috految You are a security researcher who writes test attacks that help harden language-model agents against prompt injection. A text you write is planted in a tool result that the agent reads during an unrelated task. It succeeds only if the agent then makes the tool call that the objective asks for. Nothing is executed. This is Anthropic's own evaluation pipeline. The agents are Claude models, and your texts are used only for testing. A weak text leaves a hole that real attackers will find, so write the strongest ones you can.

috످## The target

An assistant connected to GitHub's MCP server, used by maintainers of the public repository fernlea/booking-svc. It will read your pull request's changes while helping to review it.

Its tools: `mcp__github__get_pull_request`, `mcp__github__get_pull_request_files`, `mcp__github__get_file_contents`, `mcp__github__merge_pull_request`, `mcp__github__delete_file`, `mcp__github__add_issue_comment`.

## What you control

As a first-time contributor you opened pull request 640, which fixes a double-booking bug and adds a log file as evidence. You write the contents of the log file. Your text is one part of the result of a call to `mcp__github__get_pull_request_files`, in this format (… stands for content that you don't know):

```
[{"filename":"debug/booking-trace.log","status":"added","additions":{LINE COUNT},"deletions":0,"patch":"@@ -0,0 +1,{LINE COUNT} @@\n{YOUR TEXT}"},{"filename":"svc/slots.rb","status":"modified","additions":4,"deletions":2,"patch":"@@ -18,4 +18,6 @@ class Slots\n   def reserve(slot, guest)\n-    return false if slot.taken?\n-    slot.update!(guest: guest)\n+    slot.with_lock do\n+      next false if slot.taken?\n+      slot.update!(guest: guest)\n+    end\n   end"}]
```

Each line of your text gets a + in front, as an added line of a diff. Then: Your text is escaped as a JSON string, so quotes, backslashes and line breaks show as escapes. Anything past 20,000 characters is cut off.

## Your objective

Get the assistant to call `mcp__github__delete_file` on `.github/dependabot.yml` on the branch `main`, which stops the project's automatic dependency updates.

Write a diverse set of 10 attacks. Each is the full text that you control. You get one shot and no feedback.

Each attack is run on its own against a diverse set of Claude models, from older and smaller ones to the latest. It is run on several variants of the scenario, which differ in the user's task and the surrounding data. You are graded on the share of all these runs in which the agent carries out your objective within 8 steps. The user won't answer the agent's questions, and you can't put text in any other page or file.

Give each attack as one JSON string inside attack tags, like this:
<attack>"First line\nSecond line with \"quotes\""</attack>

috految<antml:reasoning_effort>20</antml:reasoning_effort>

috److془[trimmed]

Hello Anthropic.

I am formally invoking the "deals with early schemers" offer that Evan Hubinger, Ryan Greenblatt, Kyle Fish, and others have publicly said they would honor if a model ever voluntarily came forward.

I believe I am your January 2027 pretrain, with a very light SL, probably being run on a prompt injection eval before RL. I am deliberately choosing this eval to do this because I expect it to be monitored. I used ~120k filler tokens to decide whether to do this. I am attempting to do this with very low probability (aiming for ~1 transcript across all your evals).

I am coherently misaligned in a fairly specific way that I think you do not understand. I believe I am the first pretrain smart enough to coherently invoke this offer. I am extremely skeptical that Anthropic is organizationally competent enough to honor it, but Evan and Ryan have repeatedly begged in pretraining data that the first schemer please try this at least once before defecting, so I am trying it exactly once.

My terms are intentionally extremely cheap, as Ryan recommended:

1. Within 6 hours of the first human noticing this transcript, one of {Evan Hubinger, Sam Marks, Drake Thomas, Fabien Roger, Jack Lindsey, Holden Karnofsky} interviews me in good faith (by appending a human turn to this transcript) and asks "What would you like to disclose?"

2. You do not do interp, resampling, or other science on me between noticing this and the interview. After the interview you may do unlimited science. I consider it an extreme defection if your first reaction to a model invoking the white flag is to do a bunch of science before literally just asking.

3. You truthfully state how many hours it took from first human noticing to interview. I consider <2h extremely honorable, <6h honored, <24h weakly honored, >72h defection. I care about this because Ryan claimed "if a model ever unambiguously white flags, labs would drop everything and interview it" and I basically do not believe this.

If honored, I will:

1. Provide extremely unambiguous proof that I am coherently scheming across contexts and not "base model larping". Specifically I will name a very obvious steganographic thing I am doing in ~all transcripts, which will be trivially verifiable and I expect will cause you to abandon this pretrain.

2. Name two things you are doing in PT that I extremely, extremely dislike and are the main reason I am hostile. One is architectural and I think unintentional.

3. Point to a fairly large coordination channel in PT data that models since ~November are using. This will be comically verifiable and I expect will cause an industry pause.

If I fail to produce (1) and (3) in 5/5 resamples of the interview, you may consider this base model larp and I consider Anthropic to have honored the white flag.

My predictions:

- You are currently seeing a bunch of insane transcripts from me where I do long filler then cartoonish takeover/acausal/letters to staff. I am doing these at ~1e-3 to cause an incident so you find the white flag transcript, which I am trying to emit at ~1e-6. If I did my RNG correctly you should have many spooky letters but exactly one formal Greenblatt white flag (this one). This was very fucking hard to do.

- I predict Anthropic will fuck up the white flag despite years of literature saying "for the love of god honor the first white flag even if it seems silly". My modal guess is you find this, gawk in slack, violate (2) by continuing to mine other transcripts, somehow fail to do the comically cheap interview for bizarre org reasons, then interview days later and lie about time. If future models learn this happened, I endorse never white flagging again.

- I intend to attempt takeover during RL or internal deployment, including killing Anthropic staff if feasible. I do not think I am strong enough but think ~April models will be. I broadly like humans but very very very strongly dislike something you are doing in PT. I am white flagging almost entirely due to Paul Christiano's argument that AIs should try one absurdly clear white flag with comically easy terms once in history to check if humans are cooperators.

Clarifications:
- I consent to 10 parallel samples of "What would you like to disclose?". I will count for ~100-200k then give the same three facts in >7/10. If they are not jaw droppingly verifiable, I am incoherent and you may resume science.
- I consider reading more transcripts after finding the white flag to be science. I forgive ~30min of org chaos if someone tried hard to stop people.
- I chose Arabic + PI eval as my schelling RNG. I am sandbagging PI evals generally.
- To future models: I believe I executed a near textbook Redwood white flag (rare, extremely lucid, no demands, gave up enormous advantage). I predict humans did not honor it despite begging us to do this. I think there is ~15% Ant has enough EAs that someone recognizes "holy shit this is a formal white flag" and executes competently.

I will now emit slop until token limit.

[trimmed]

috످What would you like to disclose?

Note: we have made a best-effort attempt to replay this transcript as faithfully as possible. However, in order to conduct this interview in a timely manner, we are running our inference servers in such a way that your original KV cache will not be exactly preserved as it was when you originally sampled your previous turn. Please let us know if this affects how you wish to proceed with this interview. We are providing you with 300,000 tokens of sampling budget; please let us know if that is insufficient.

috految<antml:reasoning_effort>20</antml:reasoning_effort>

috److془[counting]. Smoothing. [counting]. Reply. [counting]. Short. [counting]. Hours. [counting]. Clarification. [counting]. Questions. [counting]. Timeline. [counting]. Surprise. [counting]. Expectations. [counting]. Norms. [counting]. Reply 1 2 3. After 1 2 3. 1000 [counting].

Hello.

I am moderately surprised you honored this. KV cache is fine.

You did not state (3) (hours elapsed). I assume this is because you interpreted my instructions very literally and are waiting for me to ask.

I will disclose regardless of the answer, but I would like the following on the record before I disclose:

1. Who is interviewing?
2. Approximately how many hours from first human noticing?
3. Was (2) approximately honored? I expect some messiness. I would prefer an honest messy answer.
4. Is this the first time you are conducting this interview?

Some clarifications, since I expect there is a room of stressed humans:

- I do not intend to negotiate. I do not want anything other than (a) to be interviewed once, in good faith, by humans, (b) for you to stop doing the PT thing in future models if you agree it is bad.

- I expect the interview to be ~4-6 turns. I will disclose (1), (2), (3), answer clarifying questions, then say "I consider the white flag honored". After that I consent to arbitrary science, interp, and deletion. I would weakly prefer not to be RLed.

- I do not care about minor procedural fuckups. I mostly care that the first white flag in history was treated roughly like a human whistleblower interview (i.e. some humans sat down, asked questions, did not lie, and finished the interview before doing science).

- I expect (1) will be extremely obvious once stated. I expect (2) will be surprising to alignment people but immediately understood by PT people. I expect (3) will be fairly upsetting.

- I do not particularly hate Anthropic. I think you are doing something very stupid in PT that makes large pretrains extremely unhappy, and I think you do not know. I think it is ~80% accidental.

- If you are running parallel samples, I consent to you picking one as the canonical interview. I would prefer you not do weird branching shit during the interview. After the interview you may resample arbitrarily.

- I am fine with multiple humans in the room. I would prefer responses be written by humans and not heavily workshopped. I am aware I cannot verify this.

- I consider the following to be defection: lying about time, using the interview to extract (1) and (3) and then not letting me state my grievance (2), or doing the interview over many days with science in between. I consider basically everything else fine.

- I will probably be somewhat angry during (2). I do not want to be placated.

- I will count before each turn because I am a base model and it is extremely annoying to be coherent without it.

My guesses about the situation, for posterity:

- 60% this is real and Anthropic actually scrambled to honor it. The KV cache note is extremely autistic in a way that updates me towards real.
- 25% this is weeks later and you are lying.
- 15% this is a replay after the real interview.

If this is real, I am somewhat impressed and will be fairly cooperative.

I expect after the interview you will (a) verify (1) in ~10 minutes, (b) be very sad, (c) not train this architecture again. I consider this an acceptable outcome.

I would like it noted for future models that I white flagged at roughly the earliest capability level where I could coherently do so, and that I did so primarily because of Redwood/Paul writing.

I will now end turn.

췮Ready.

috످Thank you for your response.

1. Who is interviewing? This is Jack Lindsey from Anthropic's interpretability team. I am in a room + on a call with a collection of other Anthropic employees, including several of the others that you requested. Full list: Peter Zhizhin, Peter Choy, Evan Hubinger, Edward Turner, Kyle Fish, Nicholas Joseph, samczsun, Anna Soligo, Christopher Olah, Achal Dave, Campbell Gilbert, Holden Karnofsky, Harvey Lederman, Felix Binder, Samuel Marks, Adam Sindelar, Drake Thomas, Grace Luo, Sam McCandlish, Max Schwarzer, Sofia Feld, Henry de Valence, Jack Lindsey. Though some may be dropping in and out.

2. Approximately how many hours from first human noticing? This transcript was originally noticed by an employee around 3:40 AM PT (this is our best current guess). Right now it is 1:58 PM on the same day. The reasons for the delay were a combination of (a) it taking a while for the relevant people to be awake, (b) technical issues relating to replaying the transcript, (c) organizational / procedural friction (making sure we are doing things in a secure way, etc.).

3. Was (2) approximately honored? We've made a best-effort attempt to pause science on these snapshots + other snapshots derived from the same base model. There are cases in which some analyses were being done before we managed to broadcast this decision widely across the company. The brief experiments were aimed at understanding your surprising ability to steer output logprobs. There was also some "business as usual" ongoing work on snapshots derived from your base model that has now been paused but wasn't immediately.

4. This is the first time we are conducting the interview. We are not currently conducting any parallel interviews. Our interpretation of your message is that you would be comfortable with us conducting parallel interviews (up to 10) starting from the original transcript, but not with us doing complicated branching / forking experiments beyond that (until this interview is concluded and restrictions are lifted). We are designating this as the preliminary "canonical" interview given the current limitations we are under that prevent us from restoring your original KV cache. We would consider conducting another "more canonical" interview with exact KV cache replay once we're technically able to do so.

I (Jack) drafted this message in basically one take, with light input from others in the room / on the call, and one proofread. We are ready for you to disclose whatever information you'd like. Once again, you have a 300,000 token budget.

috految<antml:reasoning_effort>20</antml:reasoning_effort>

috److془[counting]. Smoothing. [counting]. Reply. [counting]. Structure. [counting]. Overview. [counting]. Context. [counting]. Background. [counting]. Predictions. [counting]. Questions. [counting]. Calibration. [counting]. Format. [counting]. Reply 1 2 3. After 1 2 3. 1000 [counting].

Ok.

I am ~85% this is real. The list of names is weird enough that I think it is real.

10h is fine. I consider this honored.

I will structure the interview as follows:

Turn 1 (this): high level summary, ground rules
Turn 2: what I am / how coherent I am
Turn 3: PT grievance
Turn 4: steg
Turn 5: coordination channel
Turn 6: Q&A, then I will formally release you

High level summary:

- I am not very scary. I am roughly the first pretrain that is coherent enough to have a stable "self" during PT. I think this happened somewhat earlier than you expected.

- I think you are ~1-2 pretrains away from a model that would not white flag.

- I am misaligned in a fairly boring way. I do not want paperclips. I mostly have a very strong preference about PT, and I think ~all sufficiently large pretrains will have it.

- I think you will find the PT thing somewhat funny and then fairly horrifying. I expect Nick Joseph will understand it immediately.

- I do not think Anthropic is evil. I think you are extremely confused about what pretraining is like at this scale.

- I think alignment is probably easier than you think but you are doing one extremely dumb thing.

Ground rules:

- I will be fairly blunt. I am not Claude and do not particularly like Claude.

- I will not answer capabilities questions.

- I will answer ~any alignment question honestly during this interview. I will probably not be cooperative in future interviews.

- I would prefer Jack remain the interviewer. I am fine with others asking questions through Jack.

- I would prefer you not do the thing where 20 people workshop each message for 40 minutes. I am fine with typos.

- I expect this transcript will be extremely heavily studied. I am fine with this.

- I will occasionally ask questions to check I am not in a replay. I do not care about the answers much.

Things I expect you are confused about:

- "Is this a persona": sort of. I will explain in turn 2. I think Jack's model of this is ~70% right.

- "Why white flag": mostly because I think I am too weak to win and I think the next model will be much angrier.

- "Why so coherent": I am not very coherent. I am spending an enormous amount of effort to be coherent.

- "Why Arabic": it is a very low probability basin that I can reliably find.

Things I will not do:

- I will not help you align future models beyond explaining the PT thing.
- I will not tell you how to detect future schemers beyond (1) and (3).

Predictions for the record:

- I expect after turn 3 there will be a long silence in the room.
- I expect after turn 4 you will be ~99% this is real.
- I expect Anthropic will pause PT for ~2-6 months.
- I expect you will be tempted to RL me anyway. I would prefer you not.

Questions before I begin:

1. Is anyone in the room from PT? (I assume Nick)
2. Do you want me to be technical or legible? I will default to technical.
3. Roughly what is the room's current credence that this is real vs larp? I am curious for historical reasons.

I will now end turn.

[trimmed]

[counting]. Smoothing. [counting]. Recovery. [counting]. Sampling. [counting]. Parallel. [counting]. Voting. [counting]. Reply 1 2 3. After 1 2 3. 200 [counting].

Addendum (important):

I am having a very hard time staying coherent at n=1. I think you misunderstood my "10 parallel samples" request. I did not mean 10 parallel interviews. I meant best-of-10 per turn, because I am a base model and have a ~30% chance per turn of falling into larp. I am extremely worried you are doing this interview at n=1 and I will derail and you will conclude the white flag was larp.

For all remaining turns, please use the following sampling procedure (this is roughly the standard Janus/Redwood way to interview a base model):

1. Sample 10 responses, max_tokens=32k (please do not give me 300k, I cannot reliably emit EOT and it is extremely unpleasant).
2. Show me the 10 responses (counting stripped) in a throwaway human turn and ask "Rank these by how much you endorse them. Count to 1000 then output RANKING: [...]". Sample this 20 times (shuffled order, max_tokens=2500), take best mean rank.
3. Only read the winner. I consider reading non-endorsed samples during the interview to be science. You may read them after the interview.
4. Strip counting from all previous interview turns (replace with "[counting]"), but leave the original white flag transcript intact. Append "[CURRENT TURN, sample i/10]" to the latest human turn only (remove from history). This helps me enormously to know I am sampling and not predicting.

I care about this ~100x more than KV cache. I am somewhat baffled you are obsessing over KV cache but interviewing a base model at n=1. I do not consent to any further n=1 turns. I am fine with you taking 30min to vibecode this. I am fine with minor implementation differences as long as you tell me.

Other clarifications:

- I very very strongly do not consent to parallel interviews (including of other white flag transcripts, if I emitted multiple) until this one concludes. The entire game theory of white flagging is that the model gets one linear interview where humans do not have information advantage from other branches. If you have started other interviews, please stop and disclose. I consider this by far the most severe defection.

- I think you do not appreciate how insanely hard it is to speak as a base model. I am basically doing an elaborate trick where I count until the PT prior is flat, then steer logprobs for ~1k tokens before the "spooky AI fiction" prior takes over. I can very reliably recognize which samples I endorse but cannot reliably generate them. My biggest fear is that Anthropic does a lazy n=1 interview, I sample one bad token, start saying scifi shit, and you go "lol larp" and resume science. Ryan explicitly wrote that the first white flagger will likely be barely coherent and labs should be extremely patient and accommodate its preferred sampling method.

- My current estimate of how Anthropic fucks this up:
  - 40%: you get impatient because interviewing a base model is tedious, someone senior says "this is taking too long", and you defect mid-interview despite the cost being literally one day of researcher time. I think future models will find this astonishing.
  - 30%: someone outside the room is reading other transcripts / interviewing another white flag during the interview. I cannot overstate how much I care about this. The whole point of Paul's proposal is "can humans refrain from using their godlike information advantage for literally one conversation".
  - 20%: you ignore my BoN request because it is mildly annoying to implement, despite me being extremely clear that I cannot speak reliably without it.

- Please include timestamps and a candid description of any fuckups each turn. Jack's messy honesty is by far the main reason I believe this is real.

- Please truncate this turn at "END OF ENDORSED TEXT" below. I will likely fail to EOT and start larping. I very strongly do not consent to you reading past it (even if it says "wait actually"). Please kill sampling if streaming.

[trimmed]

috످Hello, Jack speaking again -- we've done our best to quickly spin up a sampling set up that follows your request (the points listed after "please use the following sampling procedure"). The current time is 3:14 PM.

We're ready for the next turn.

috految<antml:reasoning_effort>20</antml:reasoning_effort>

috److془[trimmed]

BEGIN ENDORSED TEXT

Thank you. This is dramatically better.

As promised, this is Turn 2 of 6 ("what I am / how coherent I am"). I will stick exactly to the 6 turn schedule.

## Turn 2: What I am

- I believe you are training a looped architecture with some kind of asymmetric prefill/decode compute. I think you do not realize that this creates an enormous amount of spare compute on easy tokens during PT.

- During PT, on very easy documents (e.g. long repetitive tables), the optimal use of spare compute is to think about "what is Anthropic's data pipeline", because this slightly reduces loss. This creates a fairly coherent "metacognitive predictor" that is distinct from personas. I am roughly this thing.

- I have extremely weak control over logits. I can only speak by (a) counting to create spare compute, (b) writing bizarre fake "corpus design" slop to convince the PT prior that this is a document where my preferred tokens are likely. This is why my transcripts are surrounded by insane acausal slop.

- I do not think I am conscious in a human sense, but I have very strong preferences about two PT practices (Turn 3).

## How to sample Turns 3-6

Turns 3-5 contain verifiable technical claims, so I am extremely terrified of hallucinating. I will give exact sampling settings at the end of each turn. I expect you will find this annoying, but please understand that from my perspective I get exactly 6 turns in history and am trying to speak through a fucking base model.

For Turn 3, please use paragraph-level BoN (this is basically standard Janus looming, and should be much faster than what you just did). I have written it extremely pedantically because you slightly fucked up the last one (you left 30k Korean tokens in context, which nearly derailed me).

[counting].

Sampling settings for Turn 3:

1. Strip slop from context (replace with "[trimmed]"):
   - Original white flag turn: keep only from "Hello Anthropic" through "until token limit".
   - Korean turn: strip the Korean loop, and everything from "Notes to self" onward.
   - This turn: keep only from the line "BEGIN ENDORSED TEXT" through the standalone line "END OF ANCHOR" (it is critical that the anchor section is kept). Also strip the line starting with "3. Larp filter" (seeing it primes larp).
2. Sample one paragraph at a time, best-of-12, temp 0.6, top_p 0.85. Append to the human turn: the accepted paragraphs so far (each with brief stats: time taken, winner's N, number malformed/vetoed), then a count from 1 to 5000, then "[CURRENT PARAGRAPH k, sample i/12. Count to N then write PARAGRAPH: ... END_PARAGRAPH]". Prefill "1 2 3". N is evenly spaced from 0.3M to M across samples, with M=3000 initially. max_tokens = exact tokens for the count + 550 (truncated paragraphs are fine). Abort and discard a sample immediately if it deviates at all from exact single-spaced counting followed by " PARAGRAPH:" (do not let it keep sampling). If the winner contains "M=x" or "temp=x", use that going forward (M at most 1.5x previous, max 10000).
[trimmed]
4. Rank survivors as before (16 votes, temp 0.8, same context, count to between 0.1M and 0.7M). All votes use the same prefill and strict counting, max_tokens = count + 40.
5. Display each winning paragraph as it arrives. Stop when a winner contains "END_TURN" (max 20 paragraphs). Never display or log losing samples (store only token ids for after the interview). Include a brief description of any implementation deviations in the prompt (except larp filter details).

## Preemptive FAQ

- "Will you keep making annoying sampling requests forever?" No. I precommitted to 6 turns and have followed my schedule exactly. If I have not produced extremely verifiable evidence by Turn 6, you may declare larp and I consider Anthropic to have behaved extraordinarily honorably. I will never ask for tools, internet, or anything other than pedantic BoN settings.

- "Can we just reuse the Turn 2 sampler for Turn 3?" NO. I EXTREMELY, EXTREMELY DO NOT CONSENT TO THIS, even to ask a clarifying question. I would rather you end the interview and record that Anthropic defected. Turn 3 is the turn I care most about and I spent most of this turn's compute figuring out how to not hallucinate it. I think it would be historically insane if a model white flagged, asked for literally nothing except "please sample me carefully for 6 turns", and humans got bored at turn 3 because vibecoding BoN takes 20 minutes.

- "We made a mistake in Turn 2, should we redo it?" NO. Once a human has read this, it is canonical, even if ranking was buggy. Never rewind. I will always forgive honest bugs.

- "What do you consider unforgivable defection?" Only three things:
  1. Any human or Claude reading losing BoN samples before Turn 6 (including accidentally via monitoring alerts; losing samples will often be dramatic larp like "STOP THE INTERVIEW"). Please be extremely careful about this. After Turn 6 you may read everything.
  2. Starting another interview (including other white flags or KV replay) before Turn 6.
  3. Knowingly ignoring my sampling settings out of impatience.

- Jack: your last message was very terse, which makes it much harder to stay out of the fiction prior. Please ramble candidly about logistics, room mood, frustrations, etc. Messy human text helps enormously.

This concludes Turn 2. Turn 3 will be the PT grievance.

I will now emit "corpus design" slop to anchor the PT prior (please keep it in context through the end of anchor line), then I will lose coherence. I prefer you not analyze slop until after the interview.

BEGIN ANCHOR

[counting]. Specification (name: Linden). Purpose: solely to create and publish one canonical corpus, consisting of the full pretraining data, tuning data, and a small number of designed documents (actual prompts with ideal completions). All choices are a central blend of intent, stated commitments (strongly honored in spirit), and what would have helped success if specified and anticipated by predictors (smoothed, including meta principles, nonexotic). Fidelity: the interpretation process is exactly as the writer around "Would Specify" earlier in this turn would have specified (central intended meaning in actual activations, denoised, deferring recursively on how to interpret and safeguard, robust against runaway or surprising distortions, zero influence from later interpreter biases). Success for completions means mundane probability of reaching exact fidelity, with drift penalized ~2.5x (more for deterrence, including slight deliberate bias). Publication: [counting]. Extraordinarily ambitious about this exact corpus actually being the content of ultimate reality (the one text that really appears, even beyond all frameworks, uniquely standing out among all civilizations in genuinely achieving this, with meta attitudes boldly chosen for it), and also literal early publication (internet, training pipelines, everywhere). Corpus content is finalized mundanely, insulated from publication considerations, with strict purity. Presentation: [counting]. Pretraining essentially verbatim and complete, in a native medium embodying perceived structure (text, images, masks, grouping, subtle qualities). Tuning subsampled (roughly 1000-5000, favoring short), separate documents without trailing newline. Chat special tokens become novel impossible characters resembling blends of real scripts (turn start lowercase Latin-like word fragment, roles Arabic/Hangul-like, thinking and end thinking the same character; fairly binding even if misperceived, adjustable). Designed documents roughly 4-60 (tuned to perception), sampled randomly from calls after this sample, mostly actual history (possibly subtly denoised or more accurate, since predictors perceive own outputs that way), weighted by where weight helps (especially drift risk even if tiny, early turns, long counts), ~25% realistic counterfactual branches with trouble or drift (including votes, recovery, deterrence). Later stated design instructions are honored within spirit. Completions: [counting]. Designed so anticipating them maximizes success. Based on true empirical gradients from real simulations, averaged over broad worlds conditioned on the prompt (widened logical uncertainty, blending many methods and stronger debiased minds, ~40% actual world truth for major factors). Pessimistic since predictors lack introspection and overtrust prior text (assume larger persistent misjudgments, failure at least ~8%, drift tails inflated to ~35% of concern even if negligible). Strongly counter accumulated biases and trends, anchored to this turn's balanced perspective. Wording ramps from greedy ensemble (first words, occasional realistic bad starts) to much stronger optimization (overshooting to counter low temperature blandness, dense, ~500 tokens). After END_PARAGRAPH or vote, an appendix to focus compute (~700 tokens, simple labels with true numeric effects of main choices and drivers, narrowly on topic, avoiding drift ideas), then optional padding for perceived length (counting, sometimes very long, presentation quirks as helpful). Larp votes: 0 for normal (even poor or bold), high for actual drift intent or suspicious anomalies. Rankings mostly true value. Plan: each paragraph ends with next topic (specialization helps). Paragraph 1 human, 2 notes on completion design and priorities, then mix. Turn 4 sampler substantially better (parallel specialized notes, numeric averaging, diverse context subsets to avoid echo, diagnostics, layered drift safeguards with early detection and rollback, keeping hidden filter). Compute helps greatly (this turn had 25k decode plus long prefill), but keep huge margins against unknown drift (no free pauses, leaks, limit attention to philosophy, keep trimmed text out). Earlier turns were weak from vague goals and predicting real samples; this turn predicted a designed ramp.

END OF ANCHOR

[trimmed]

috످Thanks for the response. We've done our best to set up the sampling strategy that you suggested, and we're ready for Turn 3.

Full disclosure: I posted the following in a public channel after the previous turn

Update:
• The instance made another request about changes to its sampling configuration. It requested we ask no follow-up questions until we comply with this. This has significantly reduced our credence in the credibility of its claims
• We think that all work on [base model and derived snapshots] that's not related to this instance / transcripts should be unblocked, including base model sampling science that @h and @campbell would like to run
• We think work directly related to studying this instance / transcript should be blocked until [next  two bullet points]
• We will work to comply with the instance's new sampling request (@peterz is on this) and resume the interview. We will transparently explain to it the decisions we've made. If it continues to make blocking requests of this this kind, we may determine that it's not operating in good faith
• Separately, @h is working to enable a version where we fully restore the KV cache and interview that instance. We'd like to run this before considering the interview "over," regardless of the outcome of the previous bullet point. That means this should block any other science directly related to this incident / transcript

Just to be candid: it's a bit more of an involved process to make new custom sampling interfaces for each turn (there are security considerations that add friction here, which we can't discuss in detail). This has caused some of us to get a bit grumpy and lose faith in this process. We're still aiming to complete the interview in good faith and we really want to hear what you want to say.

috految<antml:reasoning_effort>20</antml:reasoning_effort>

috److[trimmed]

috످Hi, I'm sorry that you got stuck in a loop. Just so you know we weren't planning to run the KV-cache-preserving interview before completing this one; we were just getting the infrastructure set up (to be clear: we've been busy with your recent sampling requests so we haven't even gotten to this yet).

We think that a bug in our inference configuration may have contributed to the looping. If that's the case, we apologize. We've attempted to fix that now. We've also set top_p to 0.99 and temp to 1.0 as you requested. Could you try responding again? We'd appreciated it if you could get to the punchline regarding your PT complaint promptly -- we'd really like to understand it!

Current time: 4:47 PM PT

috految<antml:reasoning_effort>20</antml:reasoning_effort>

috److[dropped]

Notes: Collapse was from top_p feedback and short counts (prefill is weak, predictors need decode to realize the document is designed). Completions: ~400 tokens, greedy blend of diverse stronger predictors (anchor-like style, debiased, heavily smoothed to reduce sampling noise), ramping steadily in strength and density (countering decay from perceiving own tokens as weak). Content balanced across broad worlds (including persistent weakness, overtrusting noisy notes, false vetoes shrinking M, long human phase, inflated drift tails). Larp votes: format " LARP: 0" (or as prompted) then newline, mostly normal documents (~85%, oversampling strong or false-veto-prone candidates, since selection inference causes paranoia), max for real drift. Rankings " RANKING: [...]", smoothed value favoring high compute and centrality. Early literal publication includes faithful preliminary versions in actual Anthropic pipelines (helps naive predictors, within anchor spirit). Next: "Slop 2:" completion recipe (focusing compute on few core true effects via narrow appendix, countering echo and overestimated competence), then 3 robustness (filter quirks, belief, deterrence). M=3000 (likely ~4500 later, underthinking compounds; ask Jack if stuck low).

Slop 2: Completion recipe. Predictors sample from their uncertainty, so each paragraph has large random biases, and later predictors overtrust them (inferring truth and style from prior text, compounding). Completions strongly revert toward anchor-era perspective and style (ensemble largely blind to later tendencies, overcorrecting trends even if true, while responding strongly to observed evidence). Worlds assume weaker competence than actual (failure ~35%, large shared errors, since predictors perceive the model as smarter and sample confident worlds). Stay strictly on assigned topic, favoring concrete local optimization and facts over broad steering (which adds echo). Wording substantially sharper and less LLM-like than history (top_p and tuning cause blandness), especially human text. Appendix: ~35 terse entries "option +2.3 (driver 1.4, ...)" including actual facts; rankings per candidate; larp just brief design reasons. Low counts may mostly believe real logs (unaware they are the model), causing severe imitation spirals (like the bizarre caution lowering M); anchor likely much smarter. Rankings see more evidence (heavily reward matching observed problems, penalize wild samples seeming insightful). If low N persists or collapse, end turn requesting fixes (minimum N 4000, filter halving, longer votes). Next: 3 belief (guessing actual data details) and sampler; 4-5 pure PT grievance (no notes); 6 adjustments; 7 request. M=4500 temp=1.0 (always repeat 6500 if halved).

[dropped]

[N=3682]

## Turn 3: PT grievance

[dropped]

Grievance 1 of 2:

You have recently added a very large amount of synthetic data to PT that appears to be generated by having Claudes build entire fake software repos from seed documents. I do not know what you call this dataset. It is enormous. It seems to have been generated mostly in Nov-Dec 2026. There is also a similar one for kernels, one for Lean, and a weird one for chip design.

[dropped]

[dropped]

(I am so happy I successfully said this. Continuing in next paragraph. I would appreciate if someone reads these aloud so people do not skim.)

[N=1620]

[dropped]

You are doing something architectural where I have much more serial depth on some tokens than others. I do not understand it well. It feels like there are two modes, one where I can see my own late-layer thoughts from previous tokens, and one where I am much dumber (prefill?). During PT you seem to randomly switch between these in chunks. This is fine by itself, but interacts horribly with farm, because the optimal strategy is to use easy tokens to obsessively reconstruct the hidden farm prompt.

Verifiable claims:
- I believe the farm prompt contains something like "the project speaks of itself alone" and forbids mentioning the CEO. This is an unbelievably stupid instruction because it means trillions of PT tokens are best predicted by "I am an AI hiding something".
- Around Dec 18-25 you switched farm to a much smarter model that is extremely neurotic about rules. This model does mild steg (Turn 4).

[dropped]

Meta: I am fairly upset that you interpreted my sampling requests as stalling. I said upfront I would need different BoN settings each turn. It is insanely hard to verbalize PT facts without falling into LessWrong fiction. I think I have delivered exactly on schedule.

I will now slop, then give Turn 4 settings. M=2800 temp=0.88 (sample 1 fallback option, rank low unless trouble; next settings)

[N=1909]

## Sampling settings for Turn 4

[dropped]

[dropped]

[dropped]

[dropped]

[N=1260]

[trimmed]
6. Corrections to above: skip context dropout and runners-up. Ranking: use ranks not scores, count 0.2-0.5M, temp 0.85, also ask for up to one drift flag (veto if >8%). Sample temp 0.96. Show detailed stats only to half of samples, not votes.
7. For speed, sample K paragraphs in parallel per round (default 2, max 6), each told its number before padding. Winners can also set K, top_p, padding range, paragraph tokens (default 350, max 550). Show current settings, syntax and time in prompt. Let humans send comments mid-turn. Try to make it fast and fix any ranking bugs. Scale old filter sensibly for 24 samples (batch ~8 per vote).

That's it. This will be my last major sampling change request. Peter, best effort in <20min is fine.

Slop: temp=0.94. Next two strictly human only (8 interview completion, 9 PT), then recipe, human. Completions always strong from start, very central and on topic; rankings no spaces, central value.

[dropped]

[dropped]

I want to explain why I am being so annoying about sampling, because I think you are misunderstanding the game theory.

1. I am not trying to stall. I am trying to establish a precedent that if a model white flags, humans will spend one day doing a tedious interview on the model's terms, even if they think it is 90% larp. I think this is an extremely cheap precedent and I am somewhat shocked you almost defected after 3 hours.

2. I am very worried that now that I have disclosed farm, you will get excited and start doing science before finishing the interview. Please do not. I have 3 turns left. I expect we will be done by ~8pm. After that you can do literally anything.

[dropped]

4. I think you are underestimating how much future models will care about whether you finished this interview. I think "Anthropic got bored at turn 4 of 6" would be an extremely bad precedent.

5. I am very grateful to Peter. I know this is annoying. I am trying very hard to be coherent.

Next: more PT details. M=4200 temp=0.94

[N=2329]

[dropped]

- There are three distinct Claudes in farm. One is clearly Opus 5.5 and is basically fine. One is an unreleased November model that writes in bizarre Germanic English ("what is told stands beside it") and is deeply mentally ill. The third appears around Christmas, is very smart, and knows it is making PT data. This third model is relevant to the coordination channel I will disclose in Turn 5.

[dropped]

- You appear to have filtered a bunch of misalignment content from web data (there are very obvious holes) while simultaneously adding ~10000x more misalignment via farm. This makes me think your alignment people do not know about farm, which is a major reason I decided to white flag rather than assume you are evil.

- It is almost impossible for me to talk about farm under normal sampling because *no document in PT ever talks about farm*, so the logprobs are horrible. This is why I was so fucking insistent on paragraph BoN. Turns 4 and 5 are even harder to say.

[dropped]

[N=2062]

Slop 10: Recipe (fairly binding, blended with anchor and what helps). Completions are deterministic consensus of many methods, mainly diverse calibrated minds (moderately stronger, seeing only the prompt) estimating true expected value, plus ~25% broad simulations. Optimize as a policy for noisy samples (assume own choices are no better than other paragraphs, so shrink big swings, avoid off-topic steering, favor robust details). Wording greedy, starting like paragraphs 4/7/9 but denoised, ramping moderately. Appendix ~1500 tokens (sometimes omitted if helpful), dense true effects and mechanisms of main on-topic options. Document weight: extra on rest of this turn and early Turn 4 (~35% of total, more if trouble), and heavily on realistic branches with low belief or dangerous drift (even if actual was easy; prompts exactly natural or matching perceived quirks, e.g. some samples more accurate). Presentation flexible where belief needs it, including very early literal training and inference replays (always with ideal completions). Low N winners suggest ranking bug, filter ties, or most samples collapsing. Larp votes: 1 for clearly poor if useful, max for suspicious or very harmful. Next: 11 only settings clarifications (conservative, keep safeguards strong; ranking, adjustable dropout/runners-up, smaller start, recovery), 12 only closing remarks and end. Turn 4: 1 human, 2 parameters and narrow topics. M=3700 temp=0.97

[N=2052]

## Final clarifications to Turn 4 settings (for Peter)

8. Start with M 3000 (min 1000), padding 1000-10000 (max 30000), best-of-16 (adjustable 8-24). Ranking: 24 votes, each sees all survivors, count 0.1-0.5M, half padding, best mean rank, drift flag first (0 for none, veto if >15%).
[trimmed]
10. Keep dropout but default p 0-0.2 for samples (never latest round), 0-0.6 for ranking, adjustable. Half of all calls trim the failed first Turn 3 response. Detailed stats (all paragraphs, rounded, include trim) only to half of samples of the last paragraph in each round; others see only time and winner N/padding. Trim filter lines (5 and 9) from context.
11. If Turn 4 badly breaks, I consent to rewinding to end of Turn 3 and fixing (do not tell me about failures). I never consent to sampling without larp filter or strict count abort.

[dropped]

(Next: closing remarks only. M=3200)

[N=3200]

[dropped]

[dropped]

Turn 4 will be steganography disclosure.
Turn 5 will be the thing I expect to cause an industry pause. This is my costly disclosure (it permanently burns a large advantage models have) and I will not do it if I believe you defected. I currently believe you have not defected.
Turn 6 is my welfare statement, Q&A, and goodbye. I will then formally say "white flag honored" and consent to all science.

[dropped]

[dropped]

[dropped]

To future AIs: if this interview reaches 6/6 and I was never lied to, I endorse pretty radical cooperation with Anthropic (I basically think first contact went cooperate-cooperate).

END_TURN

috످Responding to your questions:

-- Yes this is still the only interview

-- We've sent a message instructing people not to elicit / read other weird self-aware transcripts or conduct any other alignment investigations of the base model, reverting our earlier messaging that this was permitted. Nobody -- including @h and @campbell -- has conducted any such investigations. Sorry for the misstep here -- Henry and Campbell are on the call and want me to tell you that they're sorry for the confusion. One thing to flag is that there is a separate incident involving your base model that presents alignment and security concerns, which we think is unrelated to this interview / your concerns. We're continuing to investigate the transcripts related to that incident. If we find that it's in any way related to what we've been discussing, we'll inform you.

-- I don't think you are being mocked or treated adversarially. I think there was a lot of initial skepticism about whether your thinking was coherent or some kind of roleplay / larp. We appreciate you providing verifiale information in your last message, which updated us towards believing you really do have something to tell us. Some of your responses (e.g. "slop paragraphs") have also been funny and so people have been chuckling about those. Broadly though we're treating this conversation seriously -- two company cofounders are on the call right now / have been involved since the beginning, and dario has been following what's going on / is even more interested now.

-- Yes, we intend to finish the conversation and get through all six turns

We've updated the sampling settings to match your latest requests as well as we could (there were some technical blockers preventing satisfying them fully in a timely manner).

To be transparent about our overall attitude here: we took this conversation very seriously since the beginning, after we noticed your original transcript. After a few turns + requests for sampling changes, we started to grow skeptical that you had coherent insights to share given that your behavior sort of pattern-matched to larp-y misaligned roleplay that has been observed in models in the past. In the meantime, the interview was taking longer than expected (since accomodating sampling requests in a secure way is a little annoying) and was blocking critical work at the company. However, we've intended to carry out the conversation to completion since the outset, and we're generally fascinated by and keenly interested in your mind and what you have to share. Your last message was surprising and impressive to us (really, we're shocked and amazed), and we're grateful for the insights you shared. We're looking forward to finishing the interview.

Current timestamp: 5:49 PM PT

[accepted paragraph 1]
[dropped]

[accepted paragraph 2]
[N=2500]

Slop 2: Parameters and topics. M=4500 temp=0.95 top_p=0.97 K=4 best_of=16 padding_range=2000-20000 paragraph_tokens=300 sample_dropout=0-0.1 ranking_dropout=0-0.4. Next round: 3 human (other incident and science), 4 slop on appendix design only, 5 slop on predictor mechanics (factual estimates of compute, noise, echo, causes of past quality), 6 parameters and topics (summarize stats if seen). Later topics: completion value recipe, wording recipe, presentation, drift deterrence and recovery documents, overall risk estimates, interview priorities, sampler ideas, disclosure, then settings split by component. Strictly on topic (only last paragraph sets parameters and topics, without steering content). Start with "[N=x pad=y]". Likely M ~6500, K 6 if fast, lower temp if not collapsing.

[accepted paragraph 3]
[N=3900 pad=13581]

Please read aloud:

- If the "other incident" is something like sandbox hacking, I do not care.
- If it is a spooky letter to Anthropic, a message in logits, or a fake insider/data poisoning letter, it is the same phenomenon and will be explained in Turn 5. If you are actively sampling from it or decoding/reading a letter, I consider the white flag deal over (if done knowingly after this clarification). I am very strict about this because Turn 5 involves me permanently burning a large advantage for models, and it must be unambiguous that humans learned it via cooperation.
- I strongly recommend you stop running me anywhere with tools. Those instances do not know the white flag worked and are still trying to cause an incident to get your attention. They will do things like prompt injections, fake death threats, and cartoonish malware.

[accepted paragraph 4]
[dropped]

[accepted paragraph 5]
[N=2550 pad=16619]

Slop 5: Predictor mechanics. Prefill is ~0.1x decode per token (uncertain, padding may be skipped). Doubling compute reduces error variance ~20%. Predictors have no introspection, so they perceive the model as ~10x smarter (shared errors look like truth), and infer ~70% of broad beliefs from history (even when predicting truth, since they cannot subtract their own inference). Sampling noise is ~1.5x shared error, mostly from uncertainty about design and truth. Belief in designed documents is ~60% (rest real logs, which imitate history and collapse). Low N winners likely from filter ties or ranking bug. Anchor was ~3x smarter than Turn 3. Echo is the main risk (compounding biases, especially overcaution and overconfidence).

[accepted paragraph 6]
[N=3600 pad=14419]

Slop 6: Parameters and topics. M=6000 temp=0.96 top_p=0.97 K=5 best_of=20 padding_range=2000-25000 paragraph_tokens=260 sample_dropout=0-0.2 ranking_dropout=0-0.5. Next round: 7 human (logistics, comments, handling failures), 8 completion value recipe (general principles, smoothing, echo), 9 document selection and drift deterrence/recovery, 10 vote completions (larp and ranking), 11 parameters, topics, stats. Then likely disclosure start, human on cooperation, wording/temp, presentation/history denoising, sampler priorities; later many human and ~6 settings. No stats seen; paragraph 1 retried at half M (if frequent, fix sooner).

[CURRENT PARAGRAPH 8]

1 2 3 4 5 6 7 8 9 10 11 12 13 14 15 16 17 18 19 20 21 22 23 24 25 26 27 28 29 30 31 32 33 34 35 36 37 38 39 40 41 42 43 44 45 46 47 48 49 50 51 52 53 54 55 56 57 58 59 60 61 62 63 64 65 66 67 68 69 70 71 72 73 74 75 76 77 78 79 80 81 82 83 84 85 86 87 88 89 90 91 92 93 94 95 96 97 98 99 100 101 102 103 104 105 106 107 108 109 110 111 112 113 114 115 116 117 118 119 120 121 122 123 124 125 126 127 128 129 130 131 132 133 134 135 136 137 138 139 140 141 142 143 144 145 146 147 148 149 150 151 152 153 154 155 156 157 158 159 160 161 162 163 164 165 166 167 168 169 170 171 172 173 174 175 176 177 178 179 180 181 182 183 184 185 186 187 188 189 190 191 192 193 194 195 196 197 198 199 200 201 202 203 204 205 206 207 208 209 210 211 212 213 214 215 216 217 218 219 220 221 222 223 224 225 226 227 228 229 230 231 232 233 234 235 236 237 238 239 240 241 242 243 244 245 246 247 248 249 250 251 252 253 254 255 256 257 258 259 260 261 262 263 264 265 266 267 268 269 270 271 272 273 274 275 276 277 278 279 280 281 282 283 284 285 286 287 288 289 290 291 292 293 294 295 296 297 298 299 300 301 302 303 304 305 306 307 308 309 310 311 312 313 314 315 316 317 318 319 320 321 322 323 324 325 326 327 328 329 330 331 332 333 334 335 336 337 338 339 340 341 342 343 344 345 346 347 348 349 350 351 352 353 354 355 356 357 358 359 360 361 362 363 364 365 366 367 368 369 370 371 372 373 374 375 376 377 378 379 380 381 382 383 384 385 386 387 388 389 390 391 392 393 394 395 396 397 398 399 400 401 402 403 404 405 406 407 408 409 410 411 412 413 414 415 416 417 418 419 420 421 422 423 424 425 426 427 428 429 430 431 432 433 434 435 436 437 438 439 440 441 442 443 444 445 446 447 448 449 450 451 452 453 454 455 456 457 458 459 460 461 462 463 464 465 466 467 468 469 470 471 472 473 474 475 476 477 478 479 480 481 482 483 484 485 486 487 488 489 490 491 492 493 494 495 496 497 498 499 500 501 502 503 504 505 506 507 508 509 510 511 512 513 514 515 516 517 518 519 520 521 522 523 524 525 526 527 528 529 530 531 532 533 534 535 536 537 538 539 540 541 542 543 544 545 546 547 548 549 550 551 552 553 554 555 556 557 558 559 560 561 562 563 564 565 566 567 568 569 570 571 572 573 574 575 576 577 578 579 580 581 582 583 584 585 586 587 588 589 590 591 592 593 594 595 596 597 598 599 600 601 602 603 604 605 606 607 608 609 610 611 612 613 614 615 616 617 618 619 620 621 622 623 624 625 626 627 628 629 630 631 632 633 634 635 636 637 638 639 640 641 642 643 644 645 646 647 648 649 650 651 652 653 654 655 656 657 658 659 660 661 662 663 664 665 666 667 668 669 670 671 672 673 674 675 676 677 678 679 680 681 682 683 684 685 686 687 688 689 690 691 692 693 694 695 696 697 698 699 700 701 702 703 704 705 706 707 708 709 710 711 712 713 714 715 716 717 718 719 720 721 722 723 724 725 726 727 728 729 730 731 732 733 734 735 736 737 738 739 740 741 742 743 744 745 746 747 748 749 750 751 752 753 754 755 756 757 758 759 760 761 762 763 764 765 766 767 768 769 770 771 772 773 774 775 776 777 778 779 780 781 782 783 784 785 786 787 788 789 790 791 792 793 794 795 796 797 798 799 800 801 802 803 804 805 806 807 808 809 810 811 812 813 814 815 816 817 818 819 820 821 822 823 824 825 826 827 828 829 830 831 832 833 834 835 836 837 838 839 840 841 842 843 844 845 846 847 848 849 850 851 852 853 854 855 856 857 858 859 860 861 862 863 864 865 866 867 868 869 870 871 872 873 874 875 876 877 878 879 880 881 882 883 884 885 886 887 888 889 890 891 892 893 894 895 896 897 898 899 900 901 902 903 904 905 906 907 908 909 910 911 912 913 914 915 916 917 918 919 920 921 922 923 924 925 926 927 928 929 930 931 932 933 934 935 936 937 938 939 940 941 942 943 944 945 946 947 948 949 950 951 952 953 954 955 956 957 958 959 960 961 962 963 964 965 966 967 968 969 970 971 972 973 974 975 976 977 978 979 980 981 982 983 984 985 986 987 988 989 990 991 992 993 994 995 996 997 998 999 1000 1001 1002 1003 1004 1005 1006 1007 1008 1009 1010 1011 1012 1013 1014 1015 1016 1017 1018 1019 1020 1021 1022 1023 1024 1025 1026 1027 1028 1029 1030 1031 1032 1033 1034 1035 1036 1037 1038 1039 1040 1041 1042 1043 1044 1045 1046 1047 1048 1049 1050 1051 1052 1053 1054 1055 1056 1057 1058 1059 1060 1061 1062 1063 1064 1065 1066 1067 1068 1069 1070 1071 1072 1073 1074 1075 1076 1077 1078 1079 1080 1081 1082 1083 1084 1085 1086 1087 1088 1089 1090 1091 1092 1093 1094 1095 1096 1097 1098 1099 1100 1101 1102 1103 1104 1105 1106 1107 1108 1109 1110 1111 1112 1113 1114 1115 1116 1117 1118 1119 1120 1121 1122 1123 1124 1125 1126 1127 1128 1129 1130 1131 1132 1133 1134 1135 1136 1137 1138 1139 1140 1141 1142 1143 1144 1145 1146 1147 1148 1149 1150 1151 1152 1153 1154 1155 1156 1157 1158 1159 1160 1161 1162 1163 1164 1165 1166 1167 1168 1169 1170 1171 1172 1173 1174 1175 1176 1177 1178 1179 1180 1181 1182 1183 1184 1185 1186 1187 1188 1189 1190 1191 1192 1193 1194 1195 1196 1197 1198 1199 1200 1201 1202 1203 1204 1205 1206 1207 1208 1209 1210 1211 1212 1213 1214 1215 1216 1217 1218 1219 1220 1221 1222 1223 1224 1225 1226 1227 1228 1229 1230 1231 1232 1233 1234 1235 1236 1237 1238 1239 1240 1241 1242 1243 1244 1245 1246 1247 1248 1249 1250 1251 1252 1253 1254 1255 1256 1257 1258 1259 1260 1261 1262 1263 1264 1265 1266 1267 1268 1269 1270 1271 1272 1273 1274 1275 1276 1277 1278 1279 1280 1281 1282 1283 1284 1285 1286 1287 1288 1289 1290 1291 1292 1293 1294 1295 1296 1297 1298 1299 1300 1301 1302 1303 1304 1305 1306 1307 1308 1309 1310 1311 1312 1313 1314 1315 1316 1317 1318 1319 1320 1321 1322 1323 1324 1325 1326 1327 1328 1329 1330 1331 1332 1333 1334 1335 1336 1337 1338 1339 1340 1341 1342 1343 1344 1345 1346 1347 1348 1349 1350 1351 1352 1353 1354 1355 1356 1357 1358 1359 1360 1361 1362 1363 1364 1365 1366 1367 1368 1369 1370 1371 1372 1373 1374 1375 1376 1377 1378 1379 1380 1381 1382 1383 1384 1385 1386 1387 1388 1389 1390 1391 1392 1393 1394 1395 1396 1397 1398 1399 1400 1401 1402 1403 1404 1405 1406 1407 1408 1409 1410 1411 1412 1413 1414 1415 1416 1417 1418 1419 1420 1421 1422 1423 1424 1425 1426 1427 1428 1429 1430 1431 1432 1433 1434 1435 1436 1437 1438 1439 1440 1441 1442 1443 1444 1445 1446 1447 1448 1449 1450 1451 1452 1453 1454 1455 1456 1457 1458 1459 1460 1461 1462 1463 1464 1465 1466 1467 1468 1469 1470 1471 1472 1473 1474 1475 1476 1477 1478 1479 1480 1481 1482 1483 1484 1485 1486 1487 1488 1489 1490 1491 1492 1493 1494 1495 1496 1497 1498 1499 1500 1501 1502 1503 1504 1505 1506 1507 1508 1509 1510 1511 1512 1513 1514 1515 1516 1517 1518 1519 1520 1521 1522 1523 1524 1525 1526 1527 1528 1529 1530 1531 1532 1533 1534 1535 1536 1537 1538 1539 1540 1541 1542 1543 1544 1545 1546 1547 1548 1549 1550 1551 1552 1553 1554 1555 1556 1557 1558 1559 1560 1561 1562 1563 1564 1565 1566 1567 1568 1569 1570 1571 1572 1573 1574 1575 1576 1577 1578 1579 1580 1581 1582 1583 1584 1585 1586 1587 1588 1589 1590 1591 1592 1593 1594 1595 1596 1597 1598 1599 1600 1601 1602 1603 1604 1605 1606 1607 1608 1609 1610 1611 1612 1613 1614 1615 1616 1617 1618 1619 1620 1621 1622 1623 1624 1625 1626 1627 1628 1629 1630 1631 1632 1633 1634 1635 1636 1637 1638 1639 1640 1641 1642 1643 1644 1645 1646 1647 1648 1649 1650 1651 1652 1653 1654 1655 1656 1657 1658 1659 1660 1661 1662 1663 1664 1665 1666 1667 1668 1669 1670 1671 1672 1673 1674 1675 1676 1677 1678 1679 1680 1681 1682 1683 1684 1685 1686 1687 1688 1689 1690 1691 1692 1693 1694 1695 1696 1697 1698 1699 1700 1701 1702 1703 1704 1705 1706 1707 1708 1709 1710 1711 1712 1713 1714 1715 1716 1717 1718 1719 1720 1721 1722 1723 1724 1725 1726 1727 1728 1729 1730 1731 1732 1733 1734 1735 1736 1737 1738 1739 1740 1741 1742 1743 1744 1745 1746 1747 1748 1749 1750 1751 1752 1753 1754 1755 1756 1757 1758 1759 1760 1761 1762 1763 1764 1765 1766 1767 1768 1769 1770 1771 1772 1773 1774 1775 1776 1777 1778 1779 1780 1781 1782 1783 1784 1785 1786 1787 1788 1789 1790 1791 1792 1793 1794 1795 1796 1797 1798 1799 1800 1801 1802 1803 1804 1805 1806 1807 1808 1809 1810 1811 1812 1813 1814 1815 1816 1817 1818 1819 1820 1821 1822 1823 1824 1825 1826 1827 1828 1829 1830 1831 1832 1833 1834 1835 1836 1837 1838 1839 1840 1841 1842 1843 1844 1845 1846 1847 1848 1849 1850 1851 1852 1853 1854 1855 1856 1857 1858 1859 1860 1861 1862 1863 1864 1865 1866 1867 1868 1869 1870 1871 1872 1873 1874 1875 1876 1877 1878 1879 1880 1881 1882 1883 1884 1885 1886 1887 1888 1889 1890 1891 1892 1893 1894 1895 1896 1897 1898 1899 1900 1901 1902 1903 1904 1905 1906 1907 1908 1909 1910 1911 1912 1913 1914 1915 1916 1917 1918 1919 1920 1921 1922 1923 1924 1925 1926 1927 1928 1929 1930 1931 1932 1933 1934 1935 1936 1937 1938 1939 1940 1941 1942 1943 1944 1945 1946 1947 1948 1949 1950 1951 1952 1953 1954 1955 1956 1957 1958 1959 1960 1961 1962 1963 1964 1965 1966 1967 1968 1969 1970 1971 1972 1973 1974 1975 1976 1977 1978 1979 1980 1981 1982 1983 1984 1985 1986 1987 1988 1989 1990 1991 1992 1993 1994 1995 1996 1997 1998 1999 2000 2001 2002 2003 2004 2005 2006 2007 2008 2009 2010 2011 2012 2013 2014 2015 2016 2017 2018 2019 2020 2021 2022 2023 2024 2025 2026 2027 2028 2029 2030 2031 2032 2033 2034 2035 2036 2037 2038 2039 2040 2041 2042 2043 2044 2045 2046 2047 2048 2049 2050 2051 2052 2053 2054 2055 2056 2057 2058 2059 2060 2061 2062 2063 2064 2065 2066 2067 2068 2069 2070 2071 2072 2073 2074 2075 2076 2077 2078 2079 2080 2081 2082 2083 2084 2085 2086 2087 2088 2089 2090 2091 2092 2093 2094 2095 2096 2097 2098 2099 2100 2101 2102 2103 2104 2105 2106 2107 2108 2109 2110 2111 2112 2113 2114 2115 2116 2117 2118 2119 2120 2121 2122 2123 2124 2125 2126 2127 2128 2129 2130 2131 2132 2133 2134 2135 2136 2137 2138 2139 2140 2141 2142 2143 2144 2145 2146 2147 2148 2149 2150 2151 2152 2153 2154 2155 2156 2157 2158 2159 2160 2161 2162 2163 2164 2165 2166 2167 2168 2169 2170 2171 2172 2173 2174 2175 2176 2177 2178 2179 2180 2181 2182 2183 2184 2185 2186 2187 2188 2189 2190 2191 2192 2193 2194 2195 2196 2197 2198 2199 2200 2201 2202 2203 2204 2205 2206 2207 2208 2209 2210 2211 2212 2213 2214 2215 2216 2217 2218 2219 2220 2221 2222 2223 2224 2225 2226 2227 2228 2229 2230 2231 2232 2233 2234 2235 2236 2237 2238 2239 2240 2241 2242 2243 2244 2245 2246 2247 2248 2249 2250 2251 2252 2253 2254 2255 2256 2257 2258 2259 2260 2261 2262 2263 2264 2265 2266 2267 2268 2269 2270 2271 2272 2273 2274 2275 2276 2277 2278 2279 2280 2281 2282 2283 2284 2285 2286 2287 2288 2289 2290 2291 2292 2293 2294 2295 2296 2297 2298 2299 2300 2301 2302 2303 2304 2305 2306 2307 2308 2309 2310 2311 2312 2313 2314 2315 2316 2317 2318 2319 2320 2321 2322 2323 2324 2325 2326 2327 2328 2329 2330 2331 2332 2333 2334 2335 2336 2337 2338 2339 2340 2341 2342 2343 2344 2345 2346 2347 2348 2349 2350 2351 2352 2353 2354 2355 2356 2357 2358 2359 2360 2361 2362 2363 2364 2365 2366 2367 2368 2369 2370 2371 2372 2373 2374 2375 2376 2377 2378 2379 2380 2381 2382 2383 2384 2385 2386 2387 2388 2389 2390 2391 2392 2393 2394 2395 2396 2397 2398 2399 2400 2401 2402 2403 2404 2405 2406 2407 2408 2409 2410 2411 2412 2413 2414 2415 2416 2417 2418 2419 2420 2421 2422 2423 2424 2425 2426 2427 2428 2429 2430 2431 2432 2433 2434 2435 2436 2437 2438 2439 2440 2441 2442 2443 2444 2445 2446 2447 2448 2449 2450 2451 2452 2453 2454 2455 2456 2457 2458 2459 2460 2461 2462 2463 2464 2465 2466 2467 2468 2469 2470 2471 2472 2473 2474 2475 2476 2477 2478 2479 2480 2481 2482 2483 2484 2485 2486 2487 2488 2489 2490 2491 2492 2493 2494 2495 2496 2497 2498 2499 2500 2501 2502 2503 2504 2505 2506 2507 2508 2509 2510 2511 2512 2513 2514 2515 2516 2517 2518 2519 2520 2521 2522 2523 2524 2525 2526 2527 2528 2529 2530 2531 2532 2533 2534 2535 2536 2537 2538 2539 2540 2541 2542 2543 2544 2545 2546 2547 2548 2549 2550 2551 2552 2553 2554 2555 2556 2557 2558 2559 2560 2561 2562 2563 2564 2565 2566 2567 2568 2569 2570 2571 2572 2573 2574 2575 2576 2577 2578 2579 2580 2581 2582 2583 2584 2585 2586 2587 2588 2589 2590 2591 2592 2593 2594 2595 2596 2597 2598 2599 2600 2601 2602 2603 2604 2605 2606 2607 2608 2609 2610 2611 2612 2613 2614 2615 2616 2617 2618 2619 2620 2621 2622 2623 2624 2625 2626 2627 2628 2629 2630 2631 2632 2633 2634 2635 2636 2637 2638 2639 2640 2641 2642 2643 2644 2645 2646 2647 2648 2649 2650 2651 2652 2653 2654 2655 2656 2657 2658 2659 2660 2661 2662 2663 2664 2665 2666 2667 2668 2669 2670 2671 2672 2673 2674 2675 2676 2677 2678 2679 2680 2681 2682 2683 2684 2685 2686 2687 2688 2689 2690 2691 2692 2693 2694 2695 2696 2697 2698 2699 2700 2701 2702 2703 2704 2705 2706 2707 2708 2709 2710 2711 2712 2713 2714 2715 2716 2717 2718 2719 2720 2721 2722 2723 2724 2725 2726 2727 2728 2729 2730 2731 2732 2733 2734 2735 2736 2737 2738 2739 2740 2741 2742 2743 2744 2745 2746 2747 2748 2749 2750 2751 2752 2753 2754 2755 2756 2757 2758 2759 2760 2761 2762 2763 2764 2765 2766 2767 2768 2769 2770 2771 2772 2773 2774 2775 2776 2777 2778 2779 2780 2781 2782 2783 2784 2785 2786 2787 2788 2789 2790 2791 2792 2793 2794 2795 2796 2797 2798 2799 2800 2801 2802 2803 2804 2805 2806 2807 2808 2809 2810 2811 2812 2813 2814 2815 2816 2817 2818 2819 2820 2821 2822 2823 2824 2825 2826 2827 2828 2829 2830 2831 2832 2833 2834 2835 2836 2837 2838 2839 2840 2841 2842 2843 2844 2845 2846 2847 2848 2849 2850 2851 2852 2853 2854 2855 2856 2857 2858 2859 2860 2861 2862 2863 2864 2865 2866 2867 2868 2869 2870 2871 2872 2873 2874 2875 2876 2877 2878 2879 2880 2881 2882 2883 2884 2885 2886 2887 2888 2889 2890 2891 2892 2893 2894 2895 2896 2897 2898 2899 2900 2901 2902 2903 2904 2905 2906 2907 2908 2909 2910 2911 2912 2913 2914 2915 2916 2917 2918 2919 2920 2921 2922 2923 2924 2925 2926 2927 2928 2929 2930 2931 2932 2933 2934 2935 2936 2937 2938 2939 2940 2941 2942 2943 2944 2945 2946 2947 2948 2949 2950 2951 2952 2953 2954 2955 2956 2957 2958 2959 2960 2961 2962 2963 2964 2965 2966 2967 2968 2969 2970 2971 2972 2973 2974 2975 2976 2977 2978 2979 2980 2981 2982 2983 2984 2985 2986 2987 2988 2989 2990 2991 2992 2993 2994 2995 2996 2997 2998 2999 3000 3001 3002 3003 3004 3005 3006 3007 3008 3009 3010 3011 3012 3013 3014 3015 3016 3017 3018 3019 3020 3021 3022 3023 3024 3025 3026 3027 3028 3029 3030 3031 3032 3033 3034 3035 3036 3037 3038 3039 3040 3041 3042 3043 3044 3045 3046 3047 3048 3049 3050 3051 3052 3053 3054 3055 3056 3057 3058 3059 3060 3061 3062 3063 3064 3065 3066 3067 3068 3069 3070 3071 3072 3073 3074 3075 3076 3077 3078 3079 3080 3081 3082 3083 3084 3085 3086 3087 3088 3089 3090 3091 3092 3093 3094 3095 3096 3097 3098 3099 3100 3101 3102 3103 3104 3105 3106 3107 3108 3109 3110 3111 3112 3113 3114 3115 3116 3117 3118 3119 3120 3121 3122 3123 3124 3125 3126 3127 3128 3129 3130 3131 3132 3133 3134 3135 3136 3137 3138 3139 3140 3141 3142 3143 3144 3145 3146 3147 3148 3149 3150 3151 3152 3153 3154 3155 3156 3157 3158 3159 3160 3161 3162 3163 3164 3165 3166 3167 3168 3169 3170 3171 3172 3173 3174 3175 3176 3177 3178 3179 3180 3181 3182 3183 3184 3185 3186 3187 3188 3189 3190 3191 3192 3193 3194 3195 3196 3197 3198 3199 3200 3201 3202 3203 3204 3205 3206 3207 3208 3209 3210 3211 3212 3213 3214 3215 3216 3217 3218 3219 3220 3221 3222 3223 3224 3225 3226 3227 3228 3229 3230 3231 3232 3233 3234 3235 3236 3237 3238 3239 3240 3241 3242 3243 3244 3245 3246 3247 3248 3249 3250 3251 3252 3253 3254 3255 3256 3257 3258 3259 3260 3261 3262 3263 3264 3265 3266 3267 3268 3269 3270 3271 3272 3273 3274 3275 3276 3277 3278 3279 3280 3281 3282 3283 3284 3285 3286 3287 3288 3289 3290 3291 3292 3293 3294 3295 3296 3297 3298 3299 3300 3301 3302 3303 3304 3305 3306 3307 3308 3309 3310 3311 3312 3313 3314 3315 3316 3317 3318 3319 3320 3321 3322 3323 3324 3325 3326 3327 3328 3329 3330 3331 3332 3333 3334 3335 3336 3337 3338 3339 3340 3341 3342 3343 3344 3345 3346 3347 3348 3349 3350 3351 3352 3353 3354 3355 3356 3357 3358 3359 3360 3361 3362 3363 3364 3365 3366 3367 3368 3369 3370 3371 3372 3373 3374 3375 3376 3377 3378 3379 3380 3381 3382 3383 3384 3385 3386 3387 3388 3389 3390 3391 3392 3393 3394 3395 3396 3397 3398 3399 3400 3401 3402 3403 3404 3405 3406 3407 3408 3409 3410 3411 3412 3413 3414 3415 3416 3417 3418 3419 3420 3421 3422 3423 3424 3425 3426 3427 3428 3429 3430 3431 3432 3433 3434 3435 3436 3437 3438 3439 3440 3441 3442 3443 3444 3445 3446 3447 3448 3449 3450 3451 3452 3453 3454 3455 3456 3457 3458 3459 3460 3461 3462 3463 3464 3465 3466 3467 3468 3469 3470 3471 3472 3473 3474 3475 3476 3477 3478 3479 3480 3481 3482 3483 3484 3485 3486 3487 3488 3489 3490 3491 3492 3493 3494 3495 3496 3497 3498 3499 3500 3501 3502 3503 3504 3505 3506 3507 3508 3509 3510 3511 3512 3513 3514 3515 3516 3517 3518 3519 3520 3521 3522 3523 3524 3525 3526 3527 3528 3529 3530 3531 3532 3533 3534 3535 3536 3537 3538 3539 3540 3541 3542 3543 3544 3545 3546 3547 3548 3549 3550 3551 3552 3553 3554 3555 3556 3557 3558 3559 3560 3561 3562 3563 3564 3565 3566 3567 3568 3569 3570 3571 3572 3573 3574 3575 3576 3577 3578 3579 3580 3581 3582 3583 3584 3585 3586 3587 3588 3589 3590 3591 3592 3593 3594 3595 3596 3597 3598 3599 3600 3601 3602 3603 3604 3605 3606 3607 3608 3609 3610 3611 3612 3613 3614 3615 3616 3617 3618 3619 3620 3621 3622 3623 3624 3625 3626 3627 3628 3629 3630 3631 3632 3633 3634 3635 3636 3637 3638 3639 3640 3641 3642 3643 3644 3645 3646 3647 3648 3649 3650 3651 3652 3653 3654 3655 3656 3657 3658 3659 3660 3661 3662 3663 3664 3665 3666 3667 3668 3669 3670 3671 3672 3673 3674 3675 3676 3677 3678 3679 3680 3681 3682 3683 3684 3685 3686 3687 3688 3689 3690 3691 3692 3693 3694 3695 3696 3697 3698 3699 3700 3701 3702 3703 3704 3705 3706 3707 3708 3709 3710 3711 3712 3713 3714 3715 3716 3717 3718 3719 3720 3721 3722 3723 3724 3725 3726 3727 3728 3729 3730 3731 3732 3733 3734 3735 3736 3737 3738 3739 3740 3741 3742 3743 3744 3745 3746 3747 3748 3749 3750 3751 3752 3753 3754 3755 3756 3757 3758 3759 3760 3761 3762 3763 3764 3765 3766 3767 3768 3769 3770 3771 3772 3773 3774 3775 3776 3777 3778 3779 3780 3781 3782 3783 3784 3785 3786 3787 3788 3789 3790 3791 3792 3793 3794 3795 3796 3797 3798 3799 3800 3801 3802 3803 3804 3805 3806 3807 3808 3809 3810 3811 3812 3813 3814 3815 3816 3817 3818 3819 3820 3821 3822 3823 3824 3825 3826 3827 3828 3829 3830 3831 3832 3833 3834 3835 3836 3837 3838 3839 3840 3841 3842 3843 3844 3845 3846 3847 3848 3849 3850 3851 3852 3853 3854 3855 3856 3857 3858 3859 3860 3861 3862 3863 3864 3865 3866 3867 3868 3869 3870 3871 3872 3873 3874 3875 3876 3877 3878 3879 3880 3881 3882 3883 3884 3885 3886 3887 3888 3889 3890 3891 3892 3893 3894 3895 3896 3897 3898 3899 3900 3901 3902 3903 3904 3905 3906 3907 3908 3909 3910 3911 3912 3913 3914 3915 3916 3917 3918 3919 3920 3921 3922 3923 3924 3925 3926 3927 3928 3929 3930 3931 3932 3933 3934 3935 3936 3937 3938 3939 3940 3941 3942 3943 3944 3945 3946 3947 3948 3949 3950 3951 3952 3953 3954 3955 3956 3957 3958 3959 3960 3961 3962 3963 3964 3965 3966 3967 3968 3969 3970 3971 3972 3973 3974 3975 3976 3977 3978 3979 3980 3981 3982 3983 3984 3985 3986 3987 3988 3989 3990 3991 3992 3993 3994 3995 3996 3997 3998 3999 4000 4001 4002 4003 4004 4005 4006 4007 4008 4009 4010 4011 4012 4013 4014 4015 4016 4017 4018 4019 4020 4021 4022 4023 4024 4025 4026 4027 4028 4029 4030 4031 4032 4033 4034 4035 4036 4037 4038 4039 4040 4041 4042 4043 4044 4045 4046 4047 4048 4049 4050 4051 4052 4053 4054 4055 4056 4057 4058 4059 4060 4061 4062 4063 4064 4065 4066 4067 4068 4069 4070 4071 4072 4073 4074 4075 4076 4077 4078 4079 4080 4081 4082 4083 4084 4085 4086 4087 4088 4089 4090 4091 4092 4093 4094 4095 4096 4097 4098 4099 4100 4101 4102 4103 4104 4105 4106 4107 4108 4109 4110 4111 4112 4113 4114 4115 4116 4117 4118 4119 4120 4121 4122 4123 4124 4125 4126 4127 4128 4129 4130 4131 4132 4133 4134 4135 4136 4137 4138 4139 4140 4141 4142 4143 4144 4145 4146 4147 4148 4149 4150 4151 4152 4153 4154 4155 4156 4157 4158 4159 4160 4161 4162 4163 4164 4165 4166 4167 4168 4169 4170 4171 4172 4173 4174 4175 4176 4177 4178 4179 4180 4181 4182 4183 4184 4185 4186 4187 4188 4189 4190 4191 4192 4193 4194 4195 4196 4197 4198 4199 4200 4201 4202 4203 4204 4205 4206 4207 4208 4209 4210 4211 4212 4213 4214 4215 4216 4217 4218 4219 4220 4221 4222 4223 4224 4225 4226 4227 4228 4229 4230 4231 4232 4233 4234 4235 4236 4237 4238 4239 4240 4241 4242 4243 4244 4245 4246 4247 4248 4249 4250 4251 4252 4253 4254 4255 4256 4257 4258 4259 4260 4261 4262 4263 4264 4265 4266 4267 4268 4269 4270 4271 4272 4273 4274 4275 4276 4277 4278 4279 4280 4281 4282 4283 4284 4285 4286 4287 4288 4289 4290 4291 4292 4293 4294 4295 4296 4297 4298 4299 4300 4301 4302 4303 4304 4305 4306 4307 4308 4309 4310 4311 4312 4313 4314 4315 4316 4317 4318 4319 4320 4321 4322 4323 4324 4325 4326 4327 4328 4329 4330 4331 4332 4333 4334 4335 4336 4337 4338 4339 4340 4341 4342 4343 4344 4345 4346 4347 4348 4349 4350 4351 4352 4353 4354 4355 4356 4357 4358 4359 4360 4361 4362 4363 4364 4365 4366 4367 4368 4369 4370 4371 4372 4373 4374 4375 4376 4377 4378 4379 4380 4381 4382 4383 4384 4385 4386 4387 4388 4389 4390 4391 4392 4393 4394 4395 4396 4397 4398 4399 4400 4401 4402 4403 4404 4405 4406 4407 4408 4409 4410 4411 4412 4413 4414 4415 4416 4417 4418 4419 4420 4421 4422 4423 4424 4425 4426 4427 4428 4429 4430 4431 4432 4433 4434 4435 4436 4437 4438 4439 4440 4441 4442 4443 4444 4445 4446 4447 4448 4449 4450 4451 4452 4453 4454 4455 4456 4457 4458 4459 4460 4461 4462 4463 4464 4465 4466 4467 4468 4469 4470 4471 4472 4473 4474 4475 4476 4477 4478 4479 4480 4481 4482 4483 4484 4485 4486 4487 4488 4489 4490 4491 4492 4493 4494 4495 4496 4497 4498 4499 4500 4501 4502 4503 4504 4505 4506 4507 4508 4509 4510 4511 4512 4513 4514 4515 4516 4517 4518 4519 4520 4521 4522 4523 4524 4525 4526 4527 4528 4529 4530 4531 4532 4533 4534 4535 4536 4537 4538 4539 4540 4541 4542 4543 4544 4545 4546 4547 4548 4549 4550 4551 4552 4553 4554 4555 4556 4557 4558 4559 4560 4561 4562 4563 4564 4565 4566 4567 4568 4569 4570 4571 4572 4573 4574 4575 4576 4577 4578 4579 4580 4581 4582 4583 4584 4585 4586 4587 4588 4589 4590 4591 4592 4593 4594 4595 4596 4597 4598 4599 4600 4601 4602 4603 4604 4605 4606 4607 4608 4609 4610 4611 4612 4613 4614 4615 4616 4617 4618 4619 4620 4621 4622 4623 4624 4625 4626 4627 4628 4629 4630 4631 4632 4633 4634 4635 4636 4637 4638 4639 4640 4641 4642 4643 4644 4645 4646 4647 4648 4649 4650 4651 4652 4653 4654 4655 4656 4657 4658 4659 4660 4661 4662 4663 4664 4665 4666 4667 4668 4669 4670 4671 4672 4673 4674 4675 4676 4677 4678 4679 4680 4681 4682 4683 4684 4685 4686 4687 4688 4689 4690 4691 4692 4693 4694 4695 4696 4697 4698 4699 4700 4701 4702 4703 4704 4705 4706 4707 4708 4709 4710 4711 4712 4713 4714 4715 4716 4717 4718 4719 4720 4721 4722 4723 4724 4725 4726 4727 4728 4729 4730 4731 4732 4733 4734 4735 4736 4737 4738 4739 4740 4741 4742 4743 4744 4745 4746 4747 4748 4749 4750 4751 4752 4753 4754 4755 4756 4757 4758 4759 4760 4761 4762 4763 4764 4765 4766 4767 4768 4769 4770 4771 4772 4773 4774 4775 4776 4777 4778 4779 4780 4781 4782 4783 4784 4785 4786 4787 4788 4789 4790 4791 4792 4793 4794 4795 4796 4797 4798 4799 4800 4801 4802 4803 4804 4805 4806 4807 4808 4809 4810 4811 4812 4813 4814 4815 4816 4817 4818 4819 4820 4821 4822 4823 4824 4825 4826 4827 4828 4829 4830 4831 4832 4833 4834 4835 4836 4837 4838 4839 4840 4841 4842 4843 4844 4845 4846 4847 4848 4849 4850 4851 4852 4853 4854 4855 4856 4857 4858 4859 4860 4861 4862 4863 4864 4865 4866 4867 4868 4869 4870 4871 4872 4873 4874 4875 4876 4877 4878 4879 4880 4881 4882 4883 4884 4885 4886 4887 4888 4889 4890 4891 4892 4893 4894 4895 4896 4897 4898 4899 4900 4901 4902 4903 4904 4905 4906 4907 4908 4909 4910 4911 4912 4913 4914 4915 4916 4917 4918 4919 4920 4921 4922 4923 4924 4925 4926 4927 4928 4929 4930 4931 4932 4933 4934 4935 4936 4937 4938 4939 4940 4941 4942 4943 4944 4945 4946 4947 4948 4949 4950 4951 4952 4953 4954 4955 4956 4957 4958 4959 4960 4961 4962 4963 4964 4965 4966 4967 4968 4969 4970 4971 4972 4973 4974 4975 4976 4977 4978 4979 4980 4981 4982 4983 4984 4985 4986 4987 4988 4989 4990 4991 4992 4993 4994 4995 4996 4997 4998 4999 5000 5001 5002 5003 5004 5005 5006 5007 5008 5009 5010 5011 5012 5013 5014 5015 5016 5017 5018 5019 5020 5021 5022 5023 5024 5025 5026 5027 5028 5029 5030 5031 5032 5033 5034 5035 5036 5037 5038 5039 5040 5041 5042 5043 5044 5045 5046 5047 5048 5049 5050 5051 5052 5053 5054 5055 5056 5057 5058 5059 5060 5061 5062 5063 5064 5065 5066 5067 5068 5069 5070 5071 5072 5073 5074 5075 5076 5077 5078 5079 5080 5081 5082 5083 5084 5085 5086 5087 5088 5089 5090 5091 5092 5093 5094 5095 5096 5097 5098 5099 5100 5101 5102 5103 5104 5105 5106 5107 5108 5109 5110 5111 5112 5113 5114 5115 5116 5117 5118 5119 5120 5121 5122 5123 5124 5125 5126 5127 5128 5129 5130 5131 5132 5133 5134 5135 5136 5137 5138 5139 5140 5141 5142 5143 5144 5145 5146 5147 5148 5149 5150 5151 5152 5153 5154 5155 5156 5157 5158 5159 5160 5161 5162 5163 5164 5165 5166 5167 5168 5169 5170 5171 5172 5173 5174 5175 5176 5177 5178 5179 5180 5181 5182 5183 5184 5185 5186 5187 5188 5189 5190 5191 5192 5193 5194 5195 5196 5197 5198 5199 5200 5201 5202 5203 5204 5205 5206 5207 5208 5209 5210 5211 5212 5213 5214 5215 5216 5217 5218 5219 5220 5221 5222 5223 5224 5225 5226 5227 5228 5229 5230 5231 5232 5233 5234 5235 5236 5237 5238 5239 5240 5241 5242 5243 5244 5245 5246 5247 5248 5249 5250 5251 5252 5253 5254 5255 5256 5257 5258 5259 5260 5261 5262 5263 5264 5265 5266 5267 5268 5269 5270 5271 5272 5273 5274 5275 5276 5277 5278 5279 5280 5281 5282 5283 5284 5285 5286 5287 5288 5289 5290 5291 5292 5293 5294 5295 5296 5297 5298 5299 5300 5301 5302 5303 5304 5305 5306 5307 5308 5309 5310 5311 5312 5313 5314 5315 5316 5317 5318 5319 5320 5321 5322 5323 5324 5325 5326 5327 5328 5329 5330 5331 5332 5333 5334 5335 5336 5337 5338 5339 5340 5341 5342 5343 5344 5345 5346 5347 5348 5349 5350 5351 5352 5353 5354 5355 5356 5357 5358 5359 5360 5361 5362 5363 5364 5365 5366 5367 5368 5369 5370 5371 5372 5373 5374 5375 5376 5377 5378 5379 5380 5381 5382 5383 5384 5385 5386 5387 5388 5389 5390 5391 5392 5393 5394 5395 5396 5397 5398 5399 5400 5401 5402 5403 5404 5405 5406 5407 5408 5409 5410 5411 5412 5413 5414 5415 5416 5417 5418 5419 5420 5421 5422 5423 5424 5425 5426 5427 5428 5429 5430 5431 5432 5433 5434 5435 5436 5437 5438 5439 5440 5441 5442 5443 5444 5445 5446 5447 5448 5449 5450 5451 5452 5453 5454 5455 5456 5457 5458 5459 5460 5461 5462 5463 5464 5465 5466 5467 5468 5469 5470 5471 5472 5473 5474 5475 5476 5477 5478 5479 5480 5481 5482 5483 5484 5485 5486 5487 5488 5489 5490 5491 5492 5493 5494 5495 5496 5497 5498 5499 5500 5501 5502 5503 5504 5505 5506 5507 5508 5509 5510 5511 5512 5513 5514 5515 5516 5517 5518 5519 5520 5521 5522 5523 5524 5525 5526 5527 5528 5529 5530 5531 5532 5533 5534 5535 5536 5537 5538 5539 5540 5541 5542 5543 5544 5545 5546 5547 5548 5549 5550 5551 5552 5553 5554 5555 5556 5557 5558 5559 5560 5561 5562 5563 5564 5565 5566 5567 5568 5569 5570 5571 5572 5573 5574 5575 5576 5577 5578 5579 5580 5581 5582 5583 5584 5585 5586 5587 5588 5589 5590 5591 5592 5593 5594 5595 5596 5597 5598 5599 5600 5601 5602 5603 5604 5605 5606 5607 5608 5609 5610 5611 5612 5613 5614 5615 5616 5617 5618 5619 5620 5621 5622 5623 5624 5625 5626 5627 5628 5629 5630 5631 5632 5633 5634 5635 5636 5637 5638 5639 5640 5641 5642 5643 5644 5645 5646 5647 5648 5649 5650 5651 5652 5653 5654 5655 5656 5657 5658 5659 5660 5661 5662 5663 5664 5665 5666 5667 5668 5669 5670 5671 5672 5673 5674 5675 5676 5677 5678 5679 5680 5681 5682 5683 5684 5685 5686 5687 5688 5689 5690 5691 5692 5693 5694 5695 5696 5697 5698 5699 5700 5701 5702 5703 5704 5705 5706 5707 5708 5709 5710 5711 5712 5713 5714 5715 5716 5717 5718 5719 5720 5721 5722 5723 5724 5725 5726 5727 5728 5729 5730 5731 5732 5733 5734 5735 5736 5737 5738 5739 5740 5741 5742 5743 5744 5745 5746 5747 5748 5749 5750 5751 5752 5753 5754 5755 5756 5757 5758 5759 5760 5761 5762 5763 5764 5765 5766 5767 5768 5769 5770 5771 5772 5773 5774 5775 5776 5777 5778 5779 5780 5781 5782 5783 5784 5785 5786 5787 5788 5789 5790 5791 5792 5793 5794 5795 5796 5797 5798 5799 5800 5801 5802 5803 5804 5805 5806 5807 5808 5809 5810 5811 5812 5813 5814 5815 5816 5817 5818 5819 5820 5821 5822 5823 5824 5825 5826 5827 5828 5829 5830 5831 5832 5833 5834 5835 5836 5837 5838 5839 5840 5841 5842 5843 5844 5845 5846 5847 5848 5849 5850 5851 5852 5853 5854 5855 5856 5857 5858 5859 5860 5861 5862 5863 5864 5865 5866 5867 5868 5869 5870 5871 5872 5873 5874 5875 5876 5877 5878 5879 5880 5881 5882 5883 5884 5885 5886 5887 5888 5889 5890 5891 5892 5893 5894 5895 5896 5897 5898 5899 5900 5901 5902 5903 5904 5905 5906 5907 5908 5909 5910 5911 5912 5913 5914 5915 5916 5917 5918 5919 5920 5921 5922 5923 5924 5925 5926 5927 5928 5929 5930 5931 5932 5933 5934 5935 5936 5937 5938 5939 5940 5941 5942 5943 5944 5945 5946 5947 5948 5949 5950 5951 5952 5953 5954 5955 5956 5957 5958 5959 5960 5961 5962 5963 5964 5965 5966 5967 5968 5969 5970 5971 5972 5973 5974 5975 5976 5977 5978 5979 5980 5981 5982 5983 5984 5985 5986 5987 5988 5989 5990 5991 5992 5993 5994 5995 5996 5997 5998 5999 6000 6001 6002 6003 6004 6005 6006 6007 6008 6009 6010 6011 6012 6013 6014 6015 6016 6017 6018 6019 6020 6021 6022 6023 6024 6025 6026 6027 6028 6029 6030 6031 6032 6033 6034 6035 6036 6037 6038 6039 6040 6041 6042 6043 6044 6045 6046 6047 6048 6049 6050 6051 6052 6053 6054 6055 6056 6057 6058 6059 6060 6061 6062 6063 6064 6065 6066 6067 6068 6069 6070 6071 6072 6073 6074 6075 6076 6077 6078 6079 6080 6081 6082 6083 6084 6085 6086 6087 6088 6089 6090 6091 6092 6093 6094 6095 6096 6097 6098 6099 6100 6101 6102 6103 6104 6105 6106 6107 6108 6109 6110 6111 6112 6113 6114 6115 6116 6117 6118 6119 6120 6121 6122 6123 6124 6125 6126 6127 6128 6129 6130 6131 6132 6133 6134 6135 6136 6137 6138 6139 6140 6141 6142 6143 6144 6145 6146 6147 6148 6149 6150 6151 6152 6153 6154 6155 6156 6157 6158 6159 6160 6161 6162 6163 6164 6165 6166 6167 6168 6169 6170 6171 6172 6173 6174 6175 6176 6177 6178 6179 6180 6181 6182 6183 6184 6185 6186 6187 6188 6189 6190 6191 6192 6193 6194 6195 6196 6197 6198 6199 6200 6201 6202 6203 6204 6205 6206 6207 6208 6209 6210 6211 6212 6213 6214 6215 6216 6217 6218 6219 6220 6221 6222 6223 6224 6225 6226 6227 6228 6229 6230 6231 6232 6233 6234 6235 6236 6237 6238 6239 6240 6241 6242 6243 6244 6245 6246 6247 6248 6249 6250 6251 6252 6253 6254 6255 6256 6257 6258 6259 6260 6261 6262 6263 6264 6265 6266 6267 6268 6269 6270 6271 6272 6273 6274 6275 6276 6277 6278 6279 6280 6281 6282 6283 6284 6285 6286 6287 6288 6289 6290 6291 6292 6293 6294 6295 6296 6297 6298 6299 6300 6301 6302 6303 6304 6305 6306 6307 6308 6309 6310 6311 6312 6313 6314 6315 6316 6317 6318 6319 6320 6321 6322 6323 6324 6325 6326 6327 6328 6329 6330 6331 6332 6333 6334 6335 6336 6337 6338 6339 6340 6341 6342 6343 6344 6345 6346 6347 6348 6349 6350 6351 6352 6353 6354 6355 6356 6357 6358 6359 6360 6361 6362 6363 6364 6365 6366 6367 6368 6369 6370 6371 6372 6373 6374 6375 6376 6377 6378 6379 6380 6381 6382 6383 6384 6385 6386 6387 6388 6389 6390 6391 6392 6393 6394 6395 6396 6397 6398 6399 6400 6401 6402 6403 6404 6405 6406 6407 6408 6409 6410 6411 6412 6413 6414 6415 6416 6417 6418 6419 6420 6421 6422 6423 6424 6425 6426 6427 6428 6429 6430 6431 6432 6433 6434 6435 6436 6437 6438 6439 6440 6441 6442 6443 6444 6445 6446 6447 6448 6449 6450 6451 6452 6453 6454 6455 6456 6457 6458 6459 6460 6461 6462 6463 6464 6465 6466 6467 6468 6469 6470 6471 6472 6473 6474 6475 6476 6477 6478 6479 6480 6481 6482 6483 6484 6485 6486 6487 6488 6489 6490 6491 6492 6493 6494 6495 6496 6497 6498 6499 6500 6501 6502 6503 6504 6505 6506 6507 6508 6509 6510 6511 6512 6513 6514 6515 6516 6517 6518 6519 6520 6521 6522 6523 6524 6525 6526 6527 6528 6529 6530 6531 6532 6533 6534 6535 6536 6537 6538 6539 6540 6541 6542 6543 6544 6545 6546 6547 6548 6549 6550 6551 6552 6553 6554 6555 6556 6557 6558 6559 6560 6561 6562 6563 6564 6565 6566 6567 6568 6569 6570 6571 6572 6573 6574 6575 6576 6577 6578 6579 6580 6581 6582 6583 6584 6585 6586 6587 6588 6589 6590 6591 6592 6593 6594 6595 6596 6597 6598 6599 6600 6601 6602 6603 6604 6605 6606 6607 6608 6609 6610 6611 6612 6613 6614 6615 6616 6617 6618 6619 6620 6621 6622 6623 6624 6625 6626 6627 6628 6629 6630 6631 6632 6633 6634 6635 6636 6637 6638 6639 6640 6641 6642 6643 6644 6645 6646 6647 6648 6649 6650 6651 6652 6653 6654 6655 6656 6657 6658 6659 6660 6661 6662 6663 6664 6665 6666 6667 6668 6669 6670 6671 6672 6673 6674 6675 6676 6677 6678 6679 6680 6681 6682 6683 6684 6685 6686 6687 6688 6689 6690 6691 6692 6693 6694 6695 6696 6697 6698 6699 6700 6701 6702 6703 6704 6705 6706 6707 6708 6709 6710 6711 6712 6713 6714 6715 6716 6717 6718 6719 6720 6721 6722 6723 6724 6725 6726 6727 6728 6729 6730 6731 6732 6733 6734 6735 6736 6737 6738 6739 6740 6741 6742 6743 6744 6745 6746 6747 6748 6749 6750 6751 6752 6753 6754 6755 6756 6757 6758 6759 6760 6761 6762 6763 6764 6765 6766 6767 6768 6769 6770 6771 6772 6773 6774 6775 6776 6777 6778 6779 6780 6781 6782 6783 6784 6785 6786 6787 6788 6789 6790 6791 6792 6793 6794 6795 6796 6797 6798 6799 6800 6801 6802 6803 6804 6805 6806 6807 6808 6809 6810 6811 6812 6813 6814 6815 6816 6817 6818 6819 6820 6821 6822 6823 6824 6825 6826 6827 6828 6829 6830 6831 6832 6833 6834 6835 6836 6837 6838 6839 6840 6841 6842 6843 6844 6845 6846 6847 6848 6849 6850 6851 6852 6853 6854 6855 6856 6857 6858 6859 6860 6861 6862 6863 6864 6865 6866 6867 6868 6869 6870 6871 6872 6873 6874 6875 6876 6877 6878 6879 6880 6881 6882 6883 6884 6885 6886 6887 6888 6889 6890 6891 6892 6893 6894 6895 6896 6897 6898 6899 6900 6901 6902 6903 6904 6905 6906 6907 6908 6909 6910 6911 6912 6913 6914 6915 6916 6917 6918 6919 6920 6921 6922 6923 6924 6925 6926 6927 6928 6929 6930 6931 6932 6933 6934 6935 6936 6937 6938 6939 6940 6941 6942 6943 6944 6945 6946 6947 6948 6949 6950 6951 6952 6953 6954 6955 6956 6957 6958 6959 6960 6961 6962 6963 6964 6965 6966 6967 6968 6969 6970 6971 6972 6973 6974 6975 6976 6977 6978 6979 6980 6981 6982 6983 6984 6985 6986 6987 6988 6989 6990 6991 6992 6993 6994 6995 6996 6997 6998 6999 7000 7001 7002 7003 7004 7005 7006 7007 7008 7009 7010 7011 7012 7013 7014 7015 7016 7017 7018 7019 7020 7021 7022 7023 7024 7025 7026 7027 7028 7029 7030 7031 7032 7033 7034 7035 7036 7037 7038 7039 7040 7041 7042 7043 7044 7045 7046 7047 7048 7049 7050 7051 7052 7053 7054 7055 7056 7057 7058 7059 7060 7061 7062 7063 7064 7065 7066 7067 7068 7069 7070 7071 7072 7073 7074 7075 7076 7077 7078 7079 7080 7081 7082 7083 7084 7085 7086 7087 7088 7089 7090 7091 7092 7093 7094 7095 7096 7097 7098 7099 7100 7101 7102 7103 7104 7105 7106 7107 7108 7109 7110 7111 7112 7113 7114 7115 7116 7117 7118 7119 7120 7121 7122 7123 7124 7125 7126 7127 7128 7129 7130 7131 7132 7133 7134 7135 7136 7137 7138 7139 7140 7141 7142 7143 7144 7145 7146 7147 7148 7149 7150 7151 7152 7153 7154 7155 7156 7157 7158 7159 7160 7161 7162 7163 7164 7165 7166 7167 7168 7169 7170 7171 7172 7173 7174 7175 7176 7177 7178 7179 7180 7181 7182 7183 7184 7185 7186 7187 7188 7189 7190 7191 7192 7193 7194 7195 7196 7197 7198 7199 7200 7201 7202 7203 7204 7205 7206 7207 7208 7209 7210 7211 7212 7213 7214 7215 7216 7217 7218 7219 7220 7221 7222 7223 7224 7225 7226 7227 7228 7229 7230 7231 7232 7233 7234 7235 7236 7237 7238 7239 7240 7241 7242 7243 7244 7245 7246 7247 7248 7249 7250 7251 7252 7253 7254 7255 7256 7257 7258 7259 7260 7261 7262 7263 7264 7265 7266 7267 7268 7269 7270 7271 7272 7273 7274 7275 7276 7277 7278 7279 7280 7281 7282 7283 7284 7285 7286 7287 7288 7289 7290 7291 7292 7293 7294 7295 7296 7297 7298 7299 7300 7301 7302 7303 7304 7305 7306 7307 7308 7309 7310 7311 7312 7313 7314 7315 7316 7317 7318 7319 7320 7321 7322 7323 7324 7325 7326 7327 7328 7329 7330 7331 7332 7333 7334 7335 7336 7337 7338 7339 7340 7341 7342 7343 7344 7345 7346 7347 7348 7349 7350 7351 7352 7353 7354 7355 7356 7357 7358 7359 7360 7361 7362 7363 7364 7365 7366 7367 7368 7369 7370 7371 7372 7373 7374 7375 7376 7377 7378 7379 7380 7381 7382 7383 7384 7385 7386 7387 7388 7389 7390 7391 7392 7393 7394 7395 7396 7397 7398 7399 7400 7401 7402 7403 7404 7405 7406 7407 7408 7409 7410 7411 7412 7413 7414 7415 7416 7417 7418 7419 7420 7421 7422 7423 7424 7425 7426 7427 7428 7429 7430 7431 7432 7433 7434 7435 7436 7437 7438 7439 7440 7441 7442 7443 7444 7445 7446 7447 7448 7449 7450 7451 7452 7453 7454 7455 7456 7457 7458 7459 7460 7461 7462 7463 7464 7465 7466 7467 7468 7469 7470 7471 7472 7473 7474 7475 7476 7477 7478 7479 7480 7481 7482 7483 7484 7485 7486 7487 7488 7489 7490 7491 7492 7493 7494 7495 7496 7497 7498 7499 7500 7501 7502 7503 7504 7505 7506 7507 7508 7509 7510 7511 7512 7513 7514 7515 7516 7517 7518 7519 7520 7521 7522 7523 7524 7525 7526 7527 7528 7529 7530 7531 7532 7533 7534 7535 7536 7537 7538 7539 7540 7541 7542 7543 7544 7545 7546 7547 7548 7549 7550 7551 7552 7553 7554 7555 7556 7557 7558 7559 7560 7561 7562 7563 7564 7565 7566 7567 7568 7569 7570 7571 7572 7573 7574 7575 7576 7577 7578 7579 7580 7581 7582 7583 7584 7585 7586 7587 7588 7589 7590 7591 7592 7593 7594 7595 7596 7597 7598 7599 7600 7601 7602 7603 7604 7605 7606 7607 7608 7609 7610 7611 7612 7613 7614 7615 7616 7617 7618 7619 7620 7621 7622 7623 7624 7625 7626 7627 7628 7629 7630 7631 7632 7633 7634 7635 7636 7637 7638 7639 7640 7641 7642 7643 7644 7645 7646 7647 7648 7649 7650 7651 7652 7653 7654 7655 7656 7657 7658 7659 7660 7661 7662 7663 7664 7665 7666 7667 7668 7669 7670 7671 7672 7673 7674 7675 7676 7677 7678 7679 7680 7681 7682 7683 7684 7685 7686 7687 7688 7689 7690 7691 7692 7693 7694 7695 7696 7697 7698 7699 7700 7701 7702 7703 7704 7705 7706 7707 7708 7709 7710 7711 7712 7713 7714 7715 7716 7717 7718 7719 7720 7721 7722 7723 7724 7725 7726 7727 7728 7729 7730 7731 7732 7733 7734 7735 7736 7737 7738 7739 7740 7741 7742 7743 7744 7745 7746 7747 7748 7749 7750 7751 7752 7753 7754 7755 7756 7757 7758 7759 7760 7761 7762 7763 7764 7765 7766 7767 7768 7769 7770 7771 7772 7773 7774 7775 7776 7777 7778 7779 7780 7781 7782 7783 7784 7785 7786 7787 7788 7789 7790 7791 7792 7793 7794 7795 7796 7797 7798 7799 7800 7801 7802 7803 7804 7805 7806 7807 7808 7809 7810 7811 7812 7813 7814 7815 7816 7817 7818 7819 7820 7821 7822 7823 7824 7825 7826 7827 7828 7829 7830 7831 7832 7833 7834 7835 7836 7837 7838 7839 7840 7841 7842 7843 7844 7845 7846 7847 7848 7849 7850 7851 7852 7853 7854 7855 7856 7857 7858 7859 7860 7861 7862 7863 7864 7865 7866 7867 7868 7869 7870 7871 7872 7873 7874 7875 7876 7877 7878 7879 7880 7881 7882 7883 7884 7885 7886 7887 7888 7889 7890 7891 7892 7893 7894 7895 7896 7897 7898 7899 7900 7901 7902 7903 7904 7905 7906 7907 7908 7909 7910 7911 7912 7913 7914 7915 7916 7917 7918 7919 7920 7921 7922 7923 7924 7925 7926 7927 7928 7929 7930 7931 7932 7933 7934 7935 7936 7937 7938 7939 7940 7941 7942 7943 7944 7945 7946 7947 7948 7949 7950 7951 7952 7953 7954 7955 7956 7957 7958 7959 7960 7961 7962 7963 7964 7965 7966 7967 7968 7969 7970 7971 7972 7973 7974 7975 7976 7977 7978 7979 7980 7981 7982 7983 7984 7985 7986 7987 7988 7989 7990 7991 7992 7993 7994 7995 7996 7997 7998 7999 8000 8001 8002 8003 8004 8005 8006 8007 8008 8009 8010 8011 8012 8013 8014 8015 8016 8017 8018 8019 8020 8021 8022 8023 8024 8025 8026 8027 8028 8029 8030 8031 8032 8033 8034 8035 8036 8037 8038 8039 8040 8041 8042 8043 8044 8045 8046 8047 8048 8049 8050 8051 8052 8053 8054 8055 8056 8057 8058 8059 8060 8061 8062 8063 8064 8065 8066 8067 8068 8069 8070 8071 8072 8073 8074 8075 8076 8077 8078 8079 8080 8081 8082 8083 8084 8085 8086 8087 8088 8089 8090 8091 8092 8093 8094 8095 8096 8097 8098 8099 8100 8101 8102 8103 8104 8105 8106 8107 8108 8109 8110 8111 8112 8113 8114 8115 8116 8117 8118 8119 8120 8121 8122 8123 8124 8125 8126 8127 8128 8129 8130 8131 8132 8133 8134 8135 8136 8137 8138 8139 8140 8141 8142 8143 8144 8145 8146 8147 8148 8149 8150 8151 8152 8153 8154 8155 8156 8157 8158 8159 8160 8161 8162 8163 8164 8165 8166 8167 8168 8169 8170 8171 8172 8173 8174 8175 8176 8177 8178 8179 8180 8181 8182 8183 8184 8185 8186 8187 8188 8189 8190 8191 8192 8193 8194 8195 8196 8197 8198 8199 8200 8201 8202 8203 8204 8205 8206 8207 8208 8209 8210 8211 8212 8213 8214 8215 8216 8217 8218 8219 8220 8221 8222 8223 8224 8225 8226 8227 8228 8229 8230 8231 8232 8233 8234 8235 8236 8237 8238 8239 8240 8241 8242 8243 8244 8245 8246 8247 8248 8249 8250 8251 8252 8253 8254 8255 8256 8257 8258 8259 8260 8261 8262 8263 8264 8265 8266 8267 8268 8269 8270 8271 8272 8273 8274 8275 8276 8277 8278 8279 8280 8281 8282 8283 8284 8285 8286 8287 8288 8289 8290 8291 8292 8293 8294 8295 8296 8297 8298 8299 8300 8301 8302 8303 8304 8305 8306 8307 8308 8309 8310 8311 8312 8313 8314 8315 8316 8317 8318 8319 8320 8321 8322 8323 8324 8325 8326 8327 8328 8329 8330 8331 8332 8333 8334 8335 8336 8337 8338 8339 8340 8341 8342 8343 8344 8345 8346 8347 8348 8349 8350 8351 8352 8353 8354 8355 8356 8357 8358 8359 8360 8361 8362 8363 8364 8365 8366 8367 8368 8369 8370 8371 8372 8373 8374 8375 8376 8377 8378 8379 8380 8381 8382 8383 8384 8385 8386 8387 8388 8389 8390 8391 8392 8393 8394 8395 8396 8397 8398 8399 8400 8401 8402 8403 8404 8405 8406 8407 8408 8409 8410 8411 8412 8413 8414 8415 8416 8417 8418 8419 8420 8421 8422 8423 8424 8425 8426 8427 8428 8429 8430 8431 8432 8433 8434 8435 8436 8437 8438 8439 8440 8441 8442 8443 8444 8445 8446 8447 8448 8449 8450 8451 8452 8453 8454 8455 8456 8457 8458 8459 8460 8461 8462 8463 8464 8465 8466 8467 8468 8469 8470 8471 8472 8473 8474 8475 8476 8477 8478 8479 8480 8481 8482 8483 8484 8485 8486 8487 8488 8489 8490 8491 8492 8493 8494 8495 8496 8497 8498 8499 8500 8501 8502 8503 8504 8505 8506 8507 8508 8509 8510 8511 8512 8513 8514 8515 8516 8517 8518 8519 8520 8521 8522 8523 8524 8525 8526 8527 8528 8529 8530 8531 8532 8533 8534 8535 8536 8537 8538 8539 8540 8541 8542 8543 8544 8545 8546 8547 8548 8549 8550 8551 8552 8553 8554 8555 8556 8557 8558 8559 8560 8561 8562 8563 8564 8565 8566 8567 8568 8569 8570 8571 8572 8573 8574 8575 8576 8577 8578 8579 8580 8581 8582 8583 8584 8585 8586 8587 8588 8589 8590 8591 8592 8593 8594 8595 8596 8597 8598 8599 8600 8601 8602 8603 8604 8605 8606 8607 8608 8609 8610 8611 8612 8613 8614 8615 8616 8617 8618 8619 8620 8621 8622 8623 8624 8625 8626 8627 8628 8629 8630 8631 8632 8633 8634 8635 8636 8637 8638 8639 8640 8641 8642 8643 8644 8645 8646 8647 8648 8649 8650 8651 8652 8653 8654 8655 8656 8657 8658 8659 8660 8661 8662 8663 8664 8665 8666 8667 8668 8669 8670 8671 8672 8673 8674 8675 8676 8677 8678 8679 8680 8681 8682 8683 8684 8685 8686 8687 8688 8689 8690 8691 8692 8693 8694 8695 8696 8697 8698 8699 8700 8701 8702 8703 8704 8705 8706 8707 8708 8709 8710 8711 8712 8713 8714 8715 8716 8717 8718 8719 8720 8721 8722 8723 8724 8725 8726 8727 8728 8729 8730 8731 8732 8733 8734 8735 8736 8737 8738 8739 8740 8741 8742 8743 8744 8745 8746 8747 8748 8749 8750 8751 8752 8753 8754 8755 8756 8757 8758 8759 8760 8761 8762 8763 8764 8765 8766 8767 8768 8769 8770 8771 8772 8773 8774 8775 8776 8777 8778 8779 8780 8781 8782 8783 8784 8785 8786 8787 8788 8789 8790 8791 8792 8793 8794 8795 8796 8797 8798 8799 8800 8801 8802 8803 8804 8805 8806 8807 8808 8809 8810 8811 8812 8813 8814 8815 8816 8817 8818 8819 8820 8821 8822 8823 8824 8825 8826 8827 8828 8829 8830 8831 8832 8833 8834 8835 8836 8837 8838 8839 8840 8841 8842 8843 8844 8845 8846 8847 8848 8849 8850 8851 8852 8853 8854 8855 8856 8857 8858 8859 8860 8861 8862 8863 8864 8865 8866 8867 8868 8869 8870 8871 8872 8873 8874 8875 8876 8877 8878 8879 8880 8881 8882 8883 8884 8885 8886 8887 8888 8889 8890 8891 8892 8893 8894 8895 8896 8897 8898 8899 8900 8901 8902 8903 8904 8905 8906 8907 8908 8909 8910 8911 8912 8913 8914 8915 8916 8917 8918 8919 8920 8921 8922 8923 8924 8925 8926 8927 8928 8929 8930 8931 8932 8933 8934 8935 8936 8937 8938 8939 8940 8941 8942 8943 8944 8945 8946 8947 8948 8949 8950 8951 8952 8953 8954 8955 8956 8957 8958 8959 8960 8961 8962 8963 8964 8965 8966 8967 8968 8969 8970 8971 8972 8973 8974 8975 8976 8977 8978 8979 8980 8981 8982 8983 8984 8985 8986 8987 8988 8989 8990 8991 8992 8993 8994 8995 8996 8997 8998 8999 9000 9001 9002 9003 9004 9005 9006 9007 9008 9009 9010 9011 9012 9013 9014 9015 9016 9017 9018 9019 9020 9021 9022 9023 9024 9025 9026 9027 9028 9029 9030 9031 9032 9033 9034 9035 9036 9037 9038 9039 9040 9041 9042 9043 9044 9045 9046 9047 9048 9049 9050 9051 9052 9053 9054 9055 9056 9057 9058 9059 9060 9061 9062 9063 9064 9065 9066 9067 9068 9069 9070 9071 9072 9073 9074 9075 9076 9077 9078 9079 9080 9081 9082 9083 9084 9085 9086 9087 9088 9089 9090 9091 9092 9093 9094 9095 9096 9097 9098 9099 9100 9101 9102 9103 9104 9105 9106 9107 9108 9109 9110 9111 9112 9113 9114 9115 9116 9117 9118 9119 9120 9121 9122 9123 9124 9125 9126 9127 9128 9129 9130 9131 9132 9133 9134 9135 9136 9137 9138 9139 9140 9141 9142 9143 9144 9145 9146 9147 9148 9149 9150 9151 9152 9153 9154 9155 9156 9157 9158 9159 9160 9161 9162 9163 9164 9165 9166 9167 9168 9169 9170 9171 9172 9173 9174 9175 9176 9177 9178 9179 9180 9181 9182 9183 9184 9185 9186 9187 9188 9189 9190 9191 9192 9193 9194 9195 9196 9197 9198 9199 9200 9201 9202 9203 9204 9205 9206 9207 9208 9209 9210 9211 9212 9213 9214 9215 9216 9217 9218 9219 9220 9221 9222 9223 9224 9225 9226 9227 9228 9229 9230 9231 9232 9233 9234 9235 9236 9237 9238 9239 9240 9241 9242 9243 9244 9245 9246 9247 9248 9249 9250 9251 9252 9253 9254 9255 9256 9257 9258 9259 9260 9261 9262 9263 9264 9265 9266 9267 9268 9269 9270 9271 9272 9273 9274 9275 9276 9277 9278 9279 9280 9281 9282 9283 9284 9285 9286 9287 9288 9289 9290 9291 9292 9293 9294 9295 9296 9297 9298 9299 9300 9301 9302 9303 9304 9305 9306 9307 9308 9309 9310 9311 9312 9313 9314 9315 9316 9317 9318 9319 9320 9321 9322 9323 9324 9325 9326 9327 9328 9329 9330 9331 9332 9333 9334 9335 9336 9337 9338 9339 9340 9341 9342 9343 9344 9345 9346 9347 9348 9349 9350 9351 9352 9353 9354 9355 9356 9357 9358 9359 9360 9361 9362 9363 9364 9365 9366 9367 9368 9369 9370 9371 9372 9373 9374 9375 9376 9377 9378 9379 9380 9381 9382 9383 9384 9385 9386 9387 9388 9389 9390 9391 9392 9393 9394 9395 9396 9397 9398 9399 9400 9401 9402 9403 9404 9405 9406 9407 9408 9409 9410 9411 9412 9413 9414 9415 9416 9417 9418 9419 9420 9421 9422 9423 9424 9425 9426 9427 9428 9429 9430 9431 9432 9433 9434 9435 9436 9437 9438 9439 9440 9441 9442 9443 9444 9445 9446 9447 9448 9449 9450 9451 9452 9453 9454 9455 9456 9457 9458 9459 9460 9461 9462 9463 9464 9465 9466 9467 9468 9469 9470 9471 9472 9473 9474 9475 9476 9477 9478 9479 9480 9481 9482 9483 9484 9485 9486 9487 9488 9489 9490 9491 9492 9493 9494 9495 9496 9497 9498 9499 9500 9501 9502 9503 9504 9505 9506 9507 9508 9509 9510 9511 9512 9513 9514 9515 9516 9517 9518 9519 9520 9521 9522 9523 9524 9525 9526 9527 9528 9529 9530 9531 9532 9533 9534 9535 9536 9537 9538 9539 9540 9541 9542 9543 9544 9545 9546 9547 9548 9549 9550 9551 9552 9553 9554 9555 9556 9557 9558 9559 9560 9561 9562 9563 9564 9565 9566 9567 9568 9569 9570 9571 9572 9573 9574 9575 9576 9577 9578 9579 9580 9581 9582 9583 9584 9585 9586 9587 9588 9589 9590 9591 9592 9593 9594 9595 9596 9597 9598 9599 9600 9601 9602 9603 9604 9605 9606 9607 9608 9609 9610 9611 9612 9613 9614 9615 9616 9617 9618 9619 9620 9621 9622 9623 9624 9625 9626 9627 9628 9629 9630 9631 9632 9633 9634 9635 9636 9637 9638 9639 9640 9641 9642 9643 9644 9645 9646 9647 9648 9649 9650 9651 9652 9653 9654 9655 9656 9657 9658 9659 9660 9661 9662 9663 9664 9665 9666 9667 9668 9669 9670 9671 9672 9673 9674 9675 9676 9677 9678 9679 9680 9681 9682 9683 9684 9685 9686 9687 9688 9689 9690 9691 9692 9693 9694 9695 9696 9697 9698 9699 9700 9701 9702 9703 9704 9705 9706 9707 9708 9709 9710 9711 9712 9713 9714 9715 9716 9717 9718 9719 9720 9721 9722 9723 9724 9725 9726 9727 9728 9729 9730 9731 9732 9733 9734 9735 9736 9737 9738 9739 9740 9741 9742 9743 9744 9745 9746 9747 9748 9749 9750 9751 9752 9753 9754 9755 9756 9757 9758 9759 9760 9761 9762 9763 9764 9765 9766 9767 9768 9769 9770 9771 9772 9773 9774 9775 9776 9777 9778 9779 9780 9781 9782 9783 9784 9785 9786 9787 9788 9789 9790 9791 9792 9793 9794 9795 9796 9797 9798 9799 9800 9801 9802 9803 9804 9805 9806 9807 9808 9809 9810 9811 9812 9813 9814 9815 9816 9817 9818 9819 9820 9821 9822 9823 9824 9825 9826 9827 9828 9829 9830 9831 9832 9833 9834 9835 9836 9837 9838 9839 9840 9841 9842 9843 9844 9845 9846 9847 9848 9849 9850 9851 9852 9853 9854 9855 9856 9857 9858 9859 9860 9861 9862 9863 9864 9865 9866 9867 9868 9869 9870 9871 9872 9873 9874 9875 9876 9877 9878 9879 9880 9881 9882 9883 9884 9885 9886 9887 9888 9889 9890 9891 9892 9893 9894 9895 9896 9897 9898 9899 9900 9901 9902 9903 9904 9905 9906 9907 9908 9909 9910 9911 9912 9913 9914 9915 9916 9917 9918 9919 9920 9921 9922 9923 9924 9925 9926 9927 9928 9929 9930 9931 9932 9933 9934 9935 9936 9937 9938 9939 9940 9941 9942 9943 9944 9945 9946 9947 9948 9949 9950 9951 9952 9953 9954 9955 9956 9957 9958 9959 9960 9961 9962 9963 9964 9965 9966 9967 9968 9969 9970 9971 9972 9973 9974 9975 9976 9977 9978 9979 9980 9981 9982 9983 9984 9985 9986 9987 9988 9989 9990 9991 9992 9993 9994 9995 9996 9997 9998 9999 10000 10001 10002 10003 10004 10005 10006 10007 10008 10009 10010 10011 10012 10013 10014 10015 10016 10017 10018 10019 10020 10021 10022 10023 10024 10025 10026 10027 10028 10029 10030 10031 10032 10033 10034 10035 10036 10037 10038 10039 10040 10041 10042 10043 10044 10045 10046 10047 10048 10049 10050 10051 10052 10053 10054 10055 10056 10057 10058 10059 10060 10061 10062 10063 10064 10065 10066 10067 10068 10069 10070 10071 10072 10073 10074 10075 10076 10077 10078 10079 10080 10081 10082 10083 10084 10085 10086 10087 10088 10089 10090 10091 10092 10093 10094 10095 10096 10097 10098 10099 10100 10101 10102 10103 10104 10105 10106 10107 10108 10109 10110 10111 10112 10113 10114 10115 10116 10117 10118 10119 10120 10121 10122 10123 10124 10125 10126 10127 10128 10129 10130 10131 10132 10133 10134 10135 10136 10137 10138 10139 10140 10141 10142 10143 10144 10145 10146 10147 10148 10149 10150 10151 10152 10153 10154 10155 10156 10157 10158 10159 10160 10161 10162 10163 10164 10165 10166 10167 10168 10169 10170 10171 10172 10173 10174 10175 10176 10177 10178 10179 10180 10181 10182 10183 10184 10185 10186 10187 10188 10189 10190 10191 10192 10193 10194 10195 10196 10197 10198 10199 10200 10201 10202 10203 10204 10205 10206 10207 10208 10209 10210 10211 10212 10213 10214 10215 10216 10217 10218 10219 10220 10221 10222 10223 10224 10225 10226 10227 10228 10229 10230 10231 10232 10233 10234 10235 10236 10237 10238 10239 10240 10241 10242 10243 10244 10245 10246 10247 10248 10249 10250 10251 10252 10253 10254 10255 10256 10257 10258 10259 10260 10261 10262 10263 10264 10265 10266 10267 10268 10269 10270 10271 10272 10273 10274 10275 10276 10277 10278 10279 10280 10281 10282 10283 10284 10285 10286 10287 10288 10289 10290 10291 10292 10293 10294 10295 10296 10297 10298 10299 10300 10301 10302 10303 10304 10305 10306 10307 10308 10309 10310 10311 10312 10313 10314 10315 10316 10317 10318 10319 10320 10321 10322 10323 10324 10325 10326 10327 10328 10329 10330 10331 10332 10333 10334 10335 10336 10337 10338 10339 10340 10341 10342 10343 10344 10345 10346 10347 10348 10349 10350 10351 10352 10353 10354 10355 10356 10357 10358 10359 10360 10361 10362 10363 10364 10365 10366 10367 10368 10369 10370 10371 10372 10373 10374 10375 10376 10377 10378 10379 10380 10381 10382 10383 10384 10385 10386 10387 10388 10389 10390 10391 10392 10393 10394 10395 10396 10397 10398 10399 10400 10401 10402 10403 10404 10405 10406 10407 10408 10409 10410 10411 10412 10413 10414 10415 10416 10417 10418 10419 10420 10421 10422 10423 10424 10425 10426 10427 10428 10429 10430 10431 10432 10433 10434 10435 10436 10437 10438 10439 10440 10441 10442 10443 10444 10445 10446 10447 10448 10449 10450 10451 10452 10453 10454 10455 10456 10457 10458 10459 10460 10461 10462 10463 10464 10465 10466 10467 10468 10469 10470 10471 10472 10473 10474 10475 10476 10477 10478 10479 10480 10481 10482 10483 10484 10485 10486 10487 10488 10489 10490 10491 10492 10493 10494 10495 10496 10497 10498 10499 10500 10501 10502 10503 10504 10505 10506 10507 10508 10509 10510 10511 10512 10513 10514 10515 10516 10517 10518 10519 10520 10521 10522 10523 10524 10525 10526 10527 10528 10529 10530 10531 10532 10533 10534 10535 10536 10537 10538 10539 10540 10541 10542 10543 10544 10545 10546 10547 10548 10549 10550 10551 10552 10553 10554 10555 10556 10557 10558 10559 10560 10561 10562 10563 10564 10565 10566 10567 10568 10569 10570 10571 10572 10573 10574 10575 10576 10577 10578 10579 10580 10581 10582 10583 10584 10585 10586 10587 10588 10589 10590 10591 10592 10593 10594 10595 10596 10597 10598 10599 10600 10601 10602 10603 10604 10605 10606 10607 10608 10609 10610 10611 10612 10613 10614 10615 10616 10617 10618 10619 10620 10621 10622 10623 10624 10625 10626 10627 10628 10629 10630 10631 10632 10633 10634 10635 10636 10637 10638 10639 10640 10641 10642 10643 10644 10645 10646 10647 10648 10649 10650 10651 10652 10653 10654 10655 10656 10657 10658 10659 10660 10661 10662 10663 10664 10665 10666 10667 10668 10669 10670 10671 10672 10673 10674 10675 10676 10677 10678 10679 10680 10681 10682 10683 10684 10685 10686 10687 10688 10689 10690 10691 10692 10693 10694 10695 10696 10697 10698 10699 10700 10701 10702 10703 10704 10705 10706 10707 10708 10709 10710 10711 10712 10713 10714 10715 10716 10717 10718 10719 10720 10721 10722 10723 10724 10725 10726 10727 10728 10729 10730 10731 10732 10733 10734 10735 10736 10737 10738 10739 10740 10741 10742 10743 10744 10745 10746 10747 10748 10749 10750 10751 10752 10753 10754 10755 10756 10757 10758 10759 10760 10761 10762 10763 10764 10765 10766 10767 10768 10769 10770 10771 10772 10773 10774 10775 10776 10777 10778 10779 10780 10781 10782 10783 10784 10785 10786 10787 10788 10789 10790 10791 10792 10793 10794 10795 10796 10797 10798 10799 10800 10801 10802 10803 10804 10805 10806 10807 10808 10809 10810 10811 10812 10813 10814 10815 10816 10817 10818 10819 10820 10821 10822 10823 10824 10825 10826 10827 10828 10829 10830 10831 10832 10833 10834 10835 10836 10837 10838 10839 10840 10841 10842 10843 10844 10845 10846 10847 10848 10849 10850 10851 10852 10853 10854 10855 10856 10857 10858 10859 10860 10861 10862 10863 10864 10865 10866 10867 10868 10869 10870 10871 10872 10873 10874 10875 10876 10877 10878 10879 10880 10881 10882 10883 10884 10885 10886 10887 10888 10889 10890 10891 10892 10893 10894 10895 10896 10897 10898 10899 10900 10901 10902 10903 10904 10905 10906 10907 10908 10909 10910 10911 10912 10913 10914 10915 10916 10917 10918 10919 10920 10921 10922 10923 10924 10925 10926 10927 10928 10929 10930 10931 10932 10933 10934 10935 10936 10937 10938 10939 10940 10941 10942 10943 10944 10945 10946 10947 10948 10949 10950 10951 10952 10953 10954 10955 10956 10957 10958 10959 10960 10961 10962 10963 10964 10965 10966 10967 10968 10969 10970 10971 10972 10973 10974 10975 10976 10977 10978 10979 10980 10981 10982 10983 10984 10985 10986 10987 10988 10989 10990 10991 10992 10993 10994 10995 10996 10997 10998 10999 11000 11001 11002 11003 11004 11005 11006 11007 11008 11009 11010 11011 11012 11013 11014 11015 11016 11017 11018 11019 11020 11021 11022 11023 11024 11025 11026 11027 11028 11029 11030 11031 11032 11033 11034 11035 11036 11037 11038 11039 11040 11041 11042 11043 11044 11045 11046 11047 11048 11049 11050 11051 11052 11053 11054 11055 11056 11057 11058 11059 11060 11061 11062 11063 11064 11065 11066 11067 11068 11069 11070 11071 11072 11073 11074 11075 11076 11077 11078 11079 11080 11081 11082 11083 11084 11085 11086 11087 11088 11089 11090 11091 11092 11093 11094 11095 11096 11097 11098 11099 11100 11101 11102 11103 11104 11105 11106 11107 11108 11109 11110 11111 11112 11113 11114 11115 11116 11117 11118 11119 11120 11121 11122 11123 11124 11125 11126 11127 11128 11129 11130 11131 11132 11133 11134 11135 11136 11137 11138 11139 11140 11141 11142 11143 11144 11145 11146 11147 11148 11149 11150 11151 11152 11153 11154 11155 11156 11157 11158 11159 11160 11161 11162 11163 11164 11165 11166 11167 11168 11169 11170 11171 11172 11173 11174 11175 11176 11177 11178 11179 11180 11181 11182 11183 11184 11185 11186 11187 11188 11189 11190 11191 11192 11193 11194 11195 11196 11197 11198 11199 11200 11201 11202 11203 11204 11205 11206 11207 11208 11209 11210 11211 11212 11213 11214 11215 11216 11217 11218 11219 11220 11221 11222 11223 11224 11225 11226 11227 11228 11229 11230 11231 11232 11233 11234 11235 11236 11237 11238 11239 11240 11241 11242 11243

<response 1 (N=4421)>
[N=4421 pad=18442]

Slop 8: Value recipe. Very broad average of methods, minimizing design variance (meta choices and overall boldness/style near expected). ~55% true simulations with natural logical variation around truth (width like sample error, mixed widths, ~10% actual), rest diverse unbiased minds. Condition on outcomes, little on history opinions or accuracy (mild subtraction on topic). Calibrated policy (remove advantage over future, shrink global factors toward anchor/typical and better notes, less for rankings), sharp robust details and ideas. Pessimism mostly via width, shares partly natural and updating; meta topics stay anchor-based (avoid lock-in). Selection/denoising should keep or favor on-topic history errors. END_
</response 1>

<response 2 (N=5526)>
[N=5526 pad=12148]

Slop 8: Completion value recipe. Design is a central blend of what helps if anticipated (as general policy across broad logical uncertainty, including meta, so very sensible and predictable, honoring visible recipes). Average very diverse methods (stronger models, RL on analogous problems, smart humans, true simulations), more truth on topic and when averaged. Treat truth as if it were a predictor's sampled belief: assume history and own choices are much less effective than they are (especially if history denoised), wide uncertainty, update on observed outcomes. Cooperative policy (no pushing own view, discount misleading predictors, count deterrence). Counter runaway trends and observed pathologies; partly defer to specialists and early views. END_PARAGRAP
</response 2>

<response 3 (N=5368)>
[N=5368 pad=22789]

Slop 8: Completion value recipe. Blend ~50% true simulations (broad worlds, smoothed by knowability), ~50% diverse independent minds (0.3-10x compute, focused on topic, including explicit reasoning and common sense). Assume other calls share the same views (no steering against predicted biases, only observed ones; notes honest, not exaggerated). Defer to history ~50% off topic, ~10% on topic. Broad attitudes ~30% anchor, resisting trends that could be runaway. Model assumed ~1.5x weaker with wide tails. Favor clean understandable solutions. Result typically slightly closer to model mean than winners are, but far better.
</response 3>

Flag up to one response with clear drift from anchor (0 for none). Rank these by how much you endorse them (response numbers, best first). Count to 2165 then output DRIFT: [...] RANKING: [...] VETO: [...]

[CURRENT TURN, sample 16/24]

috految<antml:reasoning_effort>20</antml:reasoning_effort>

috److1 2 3 4 5 6 7 8 9 10 11 12 13 14 15 16 17 18 19 20 21 22 23 24 25 26 27 28 29 30 31 32 33 34 35 36 37 38 39 40 41 42 43 44 45 46 47 48 49 50 51 52 53 54 55 56 57 58 59 60 61 62 63 64 65 66 67 68 69 70 71 72 73 74 75 76 77 78 79 80 81 82 83 84 85 86 87 88 89 90 91 92 93 94 95 96 97 98 99 100 101 102 103 104 105 106 107 108 109 110 111 112 113 114 115 116 117 118 119 120 121 122 123 124 125 126 127 128 129 130 131 132 133 134 135 136 137 138 139 140 141 142 143 144 145 146 147 148 149 150 151 152 153 154 155 156 157 158 159 160 161 162 163 164 165 166 167 168 169 170 171 172 173 174 175 176 177 178 179 180 181 182 183 184 185 186 187 188 189 190 191 192 193 194 195 196 197 198 199 200 201 202 203 204 205 206 207 208 209 210 211 212 213 214 215 216 217 218 219 220 221 222 223 224 225 226 227 228 229 230 231 232 233 234 235 236 237 238 239 240 241 242 243 244 245 246 247 248 249 250 251 252 253 254 255 256 257 258 259 260 261 262 263 264 265 266 267 268 269 270 271 272 273 274 275 276 277 278 279 280 281 282 283 284 285 286 287 288 289 290 291 292 293 294 295 296 297 298 299 300 301 302 303 304 305 306 307 308 309 310 311 312 313 314 315 316 317 318 319 320 321 322 323 324 325 326 327 328 329 330 331 332 333 334 335 336 337 338 339 340 341 342 343 344 345 346 347 348 349 350 351 352 353 354 355 356 357 358 359 360 361 362 363 364 365 366 367 368 369 370 371 372 373 374 375 376 377 378 379 380 381 382 383 384 385 386 387 388 389 390 391 392 393 394 395 396 397 398 399 400 401 402 403 404 405 406 407 408 409 410 411 412 413 414 415 416 417 418 419 420 421 422 423 424 425 426 427 428 429 430 431 432 433 434 435 436 437 438 439 440 441 442 443 444 445 446 447 448 449 450 451 452 453 454 455 456 457 458 459 460 461 462 463 464 465 466 467 468 469 470 471 472 473 474 475 476 477 478 479 480 481 482 483 484 485 486 487 488 489 490 491 492 493 494 495 496 497 498 499 500 501 502 503 504 505 506 507 508 509 510 511 512 513 514 515 516 517 518 519 520 521 522 523 524 525 526 527 528 529 530 531 532 533 534 535 536 537 538 539 540 541 542 543 544 545 546 547 548 549 550 551 552 553 554 555 556 557 558 559 560 561 562 563 564 565 566 567 568 569 570 571 572 573 574 575 576 577 578 579 580 581 582 583 584 585 586 587 588 589 590 591 592 593 594 595 596 597 598 599 600 601 602 603 604 605 606 607 608 609 610 611 612 613 614 615 616 617 618 619 620 621 622 623 624 625 626 627 628 629 630 631 632 633 634 635 636 637 638 639 640 641 642 643 644 645 646 647 648 649 650 651 652 653 654 655 656 657 658 659 660 661 662 663 664 665 666 667 668 669 670 671 672 673 674 675 676 677 678 679 680 681 682 683 684 685 686 687 688 689 690 691 692 693 694 695 696 697 698 699 700 701 702 703 704 705 706 707 708 709 710 711 712 713 714 715 716 717 718 719 720 721 722 723 724 725 726 727 728 729 730 731 732 733 734 735 736 737 738 739 740 741 742 743 744 745 746 747 748 749 750 751 752 753 754 755 756 757 758 759 760 761 762 763 764 765 766 767 768 769 770 771 772 773 774 775 776 777 778 779 780 781 782 783 784 785 786 787 788 789 790 791 792 793 794 795 796 797 798 799 800 801 802 803 804 805 806 807 808 809 810 811 812 813 814 815 816 817 818 819 820 821 822 823 824 825 826 827 828 829 830 831 832 833 834 835 836 837 838 839 840 841 842 843 844 845 846 847 848 849 850 851 852 853 854 855 856 857 858 859 860 861 862 863 864 865 866 867 868 869 870 871 872 873 874 875 876 877 878 879 880 881 882 883 884 885 886 887 888 889 890 891 892 893 894 895 896 897 898 899 900 901 902 903 904 905 906 907 908 909 910 911 912 913 914 915 916 917 918 919 920 921 922 923 924 925 926 927 928 929 930 931 932 933 934 935 936 937 938 939 940 941 942 943 944 945 946 947 948 949 950 951 952 953 954 955 956 957 958 959 960 961 962 963 964 965 966 967 968 969 970 971 972 973 974 975 976 977 978 979 980 981 982 983 984 985 986 987 988 989 990 991 992 993 994 995 996 997 998 999 1000 1001 1002 1003 1004 1005 1006 1007 1008 1009 1010 1011 1012 1013 1014 1015 1016 1017 1018 1019 1020 1021 1022 1023 1024 1025 1026 1027 1028 1029 1030 1031 1032 1033 1034 1035 1036 1037 1038 1039 1040 1041 1042 1043 1044 1045 1046 1047 1048 1049 1050 1051 1052 1053 1054 1055 1056 1057 1058 1059 1060 1061 1062 1063 1064 1065 1066 1067 1068 1069 1070 1071 1072 1073 1074 1075 1076 1077 1078 1079 1080 1081 1082 1083 1084 1085 1086 1087 1088 1089 1090 1091 1092 1093 1094 1095 1096 1097 1098 1099 1100 1101 1102 1103 1104 1105 1106 1107 1108 1109 1110 1111 1112 1113 1114 1115 1116 1117 1118 1119 1120 1121 1122 1123 1124 1125 1126 1127 1128 1129 1130 1131 1132 1133 1134 1135 1136 1137 1138 1139 1140 1141 1142 1143 1144 1145 1146 1147 1148 1149 1150 1151 1152 1153 1154 1155 1156 1157 1158 1159 1160 1161 1162 1163 1164 1165 1166 1167 1168 1169 1170 1171 1172 1173 1174 1175 1176 1177 1178 1179 1180 1181 1182 1183 1184 1185 1186 1187 1188 1189 1190 1191 1192 1193 1194 1195 1196 1197 1198 1199 1200 1201 1202 1203 1204 1205 1206 1207 1208 1209 1210 1211 1212 1213 1214 1215 1216 1217 1218 1219 1220 1221 1222 1223 1224 1225 1226 1227 1228 1229 1230 1231 1232 1233 1234 1235 1236 1237 1238 1239 1240 1241 1242 1243 1244 1245 1246 1247 1248 1249 1250 1251 1252 1253 1254 1255 1256 1257 1258 1259 1260 1261 1262 1263 1264 1265 1266 1267 1268 1269 1270 1271 1272 1273 1274 1275 1276 1277 1278 1279 1280 1281 1282 1283 1284 1285 1286 1287 1288 1289 1290 1291 1292 1293 1294 1295 1296 1297 1298 1299 1300 1301 1302 1303 1304 1305 1306 1307 1308 1309 1310 1311 1312 1313 1314 1315 1316 1317 1318 1319 1320 1321 1322 1323 1324 1325 1326 1327 1328 1329 1330 1331 1332 1333 1334 1335 1336 1337 1338 1339 1340 1341 1342 1343 1344 1345 1346 1347 1348 1349 1350 1351 1352 1353 1354 1355 1356 1357 1358 1359 1360 1361 1362 1363 1364 1365 1366 1367 1368 1369 1370 1371 1372 1373 1374 1375 1376 1377 1378 1379 1380 1381 1382 1383 1384 1385 1386 1387 1388 1389 1390 1391 1392 1393 1394 1395 1396 1397 1398 1399 1400 1401 1402 1403 1404 1405 1406 1407 1408 1409 1410 1411 1412 1413 1414 1415 1416 1417 1418 1419 1420 1421 1422 1423 1424 1425 1426 1427 1428 1429 1430 1431 1432 1433 1434 1435 1436 1437 1438 1439 1440 1441 1442 1443 1444 1445 1446 1447 1448 1449 1450 1451 1452 1453 1454 1455 1456 1457 1458 1459 1460 1461 1462 1463 1464 1465 1466 1467 1468 1469 1470 1471 1472 1473 1474 1475 1476 1477 1478 1479 1480 1481 1482 1483 1484 1485 1486 1487 1488 1489 1490 1491 1492 1493 1494 1495 1496 1497 1498 1499 1500 1501 1502 1503 1504 1505 1506 1507 1508 1509 1510 1511 1512 1513 1514 1515 1516 1517 1518 1519 1520 1521 1522 1523 1524 1525 1526 1527 1528 1529 1530 1531 1532 1533 1534 1535 1536 1537 1538 1539 1540 1541 1542 1543 1544 1545 1546 1547 1548 1549 1550 1551 1552 1553 1554 1555 1556 1557 1558 1559 1560 1561 1562 1563 1564 1565 1566 1567 1568 1569 1570 1571 1572 1573 1574 1575 1576 1577 1578 1579 1580 1581 1582 1583 1584 1585 1586 1587 1588 1589 1590 1591 1592 1593 1594 1595 1596 1597 1598 1599 1600 1601 1602 1603 1604 1605 1606 1607 1608 1609 1610 1611 1612 1613 1614 1615 1616 1617 1618 1619 1620 1621 1622 1623 1624 1625 1626 1627 1628 1629 1630 1631 1632 1633 1634 1635 1636 1637 1638 1639 1640 1641 1642 1643 1644 1645 1646 1647 1648 1649 1650 1651 1652 1653 1654 1655 1656 1657 1658 1659 1660 1661 1662 1663 1664 1665 1666 1667 1668 1669 1670 1671 1672 1673 1674 1675 1676 1677 1678 1679 1680 1681 1682 1683 1684 1685 1686 1687 1688 1689 1690 1691 1692 1693 1694 1695 1696 1697 1698 1699 1700 1701 1702 1703 1704 1705 1706 1707 1708 1709 1710 1711 1712 1713 1714 1715 1716 1717 1718 1719 1720 1721 1722 1723 1724 1725 1726 1727 1728 1729 1730 1731 1732 1733 1734 1735 1736 1737 1738 1739 1740 1741 1742 1743 1744 1745 1746 1747 1748 1749 1750 1751 1752 1753 1754 1755 1756 1757 1758 1759 1760 1761 1762 1763 1764 1765 1766 1767 1768 1769 1770 1771 1772 1773 1774 1775 1776 1777 1778 1779 1780 1781 1782 1783 1784 1785 1786 1787 1788 1789 1790 1791 1792 1793 1794 1795 1796 1797 1798 1799 1800 1801 1802 1803 1804 1805 1806 1807 1808 1809 1810 1811 1812 1813 1814 1815 1816 1817 1818 1819 1820 1821 1822 1823 1824 1825 1826 1827 1828 1829 1830 1831 1832 1833 1834 1835 1836 1837 1838 1839 1840 1841 1842 1843 1844 1845 1846 1847 1848 1849 1850 1851 1852 1853 1854 1855 1856 1857 1858 1859 1860 1861 1862 1863 1864 1865 1866 1867 1868 1869 1870 1871 1872 1873 1874 1875 1876 1877 1878 1879 1880 1881 1882 1883 1884 1885 1886 1887 1888 1889 1890 1891 1892 1893 1894 1895 1896 1897 1898 1899 1900 1901 1902 1903 1904 1905 1906 1907 1908 1909 1910 1911 1912 1913 1914 1915 1916 1917 1918 1919 1920 1921 1922 1923 1924 1925 1926 1927 1928 1929 1930 1931 1932 1933 1934 1935 1936 1937 1938 1939 1940 1941 1942 1943 1944 1945 1946 1947 1948 1949 1950 1951 1952 1953 1954 1955 1956 1957 1958 1959 1960 1961 1962 1963 1964 1965 1966 1967 1968 1969 1970 1971 1972 1973 1974 1975 1976 1977 1978 1979 1980 1981 1982 1983 1984 1985 1986 1987 1988 1989 1990 1991 1992 1993 1994 1995 1996 1997 1998 1999 2000 2001 2002 2003 2004 2005 2006 2007 2008 2009 2010 2011 2012 2013 2014 2015 2016 2017 2018 2019 2020 2021 2022 2023 2024 2025 2026 2027 2028 2029 2030 2031 2032 2033 2034 2035 2036 2037 2038 2039 2040 2041 2042 2043 2044 2045 2046 2047 2048 2049 2050 2051 2052 2053 2054 2055 2056 2057 2058 2059 2060 2061 2062 2063 2064 2065 2066 2067 2068 2069 2070 2071 2072 2073 2074 2075 2076 2077 2078 2079 2080 2081 2082 2083 2084 2085 2086 2087 2088 2089 2090 2091 2092 2093 2094 2095 2096 2097 2098 2099 2100 2101 2102 2103 2104 2105 2106 2107 2108 2109 2110 2111 2112 2113 2114 2115 2116 2117 2118 2119 2120 2121 2122 2123 2124 2125 2126 2127 2128 2129 2130 2131 2132 2133 2134 2135 2136 2137 2138 2139 2140 2141 2142 2143 2144 2145 2146 2147 2148 2149 2150 2151 2152 2153 2154 2155 2156 2157 2158 2159 2160 2161 2162 2163 2164 2165 DRIFT: [0] RANKING: [2,3,1] VETO: [1,3]

috످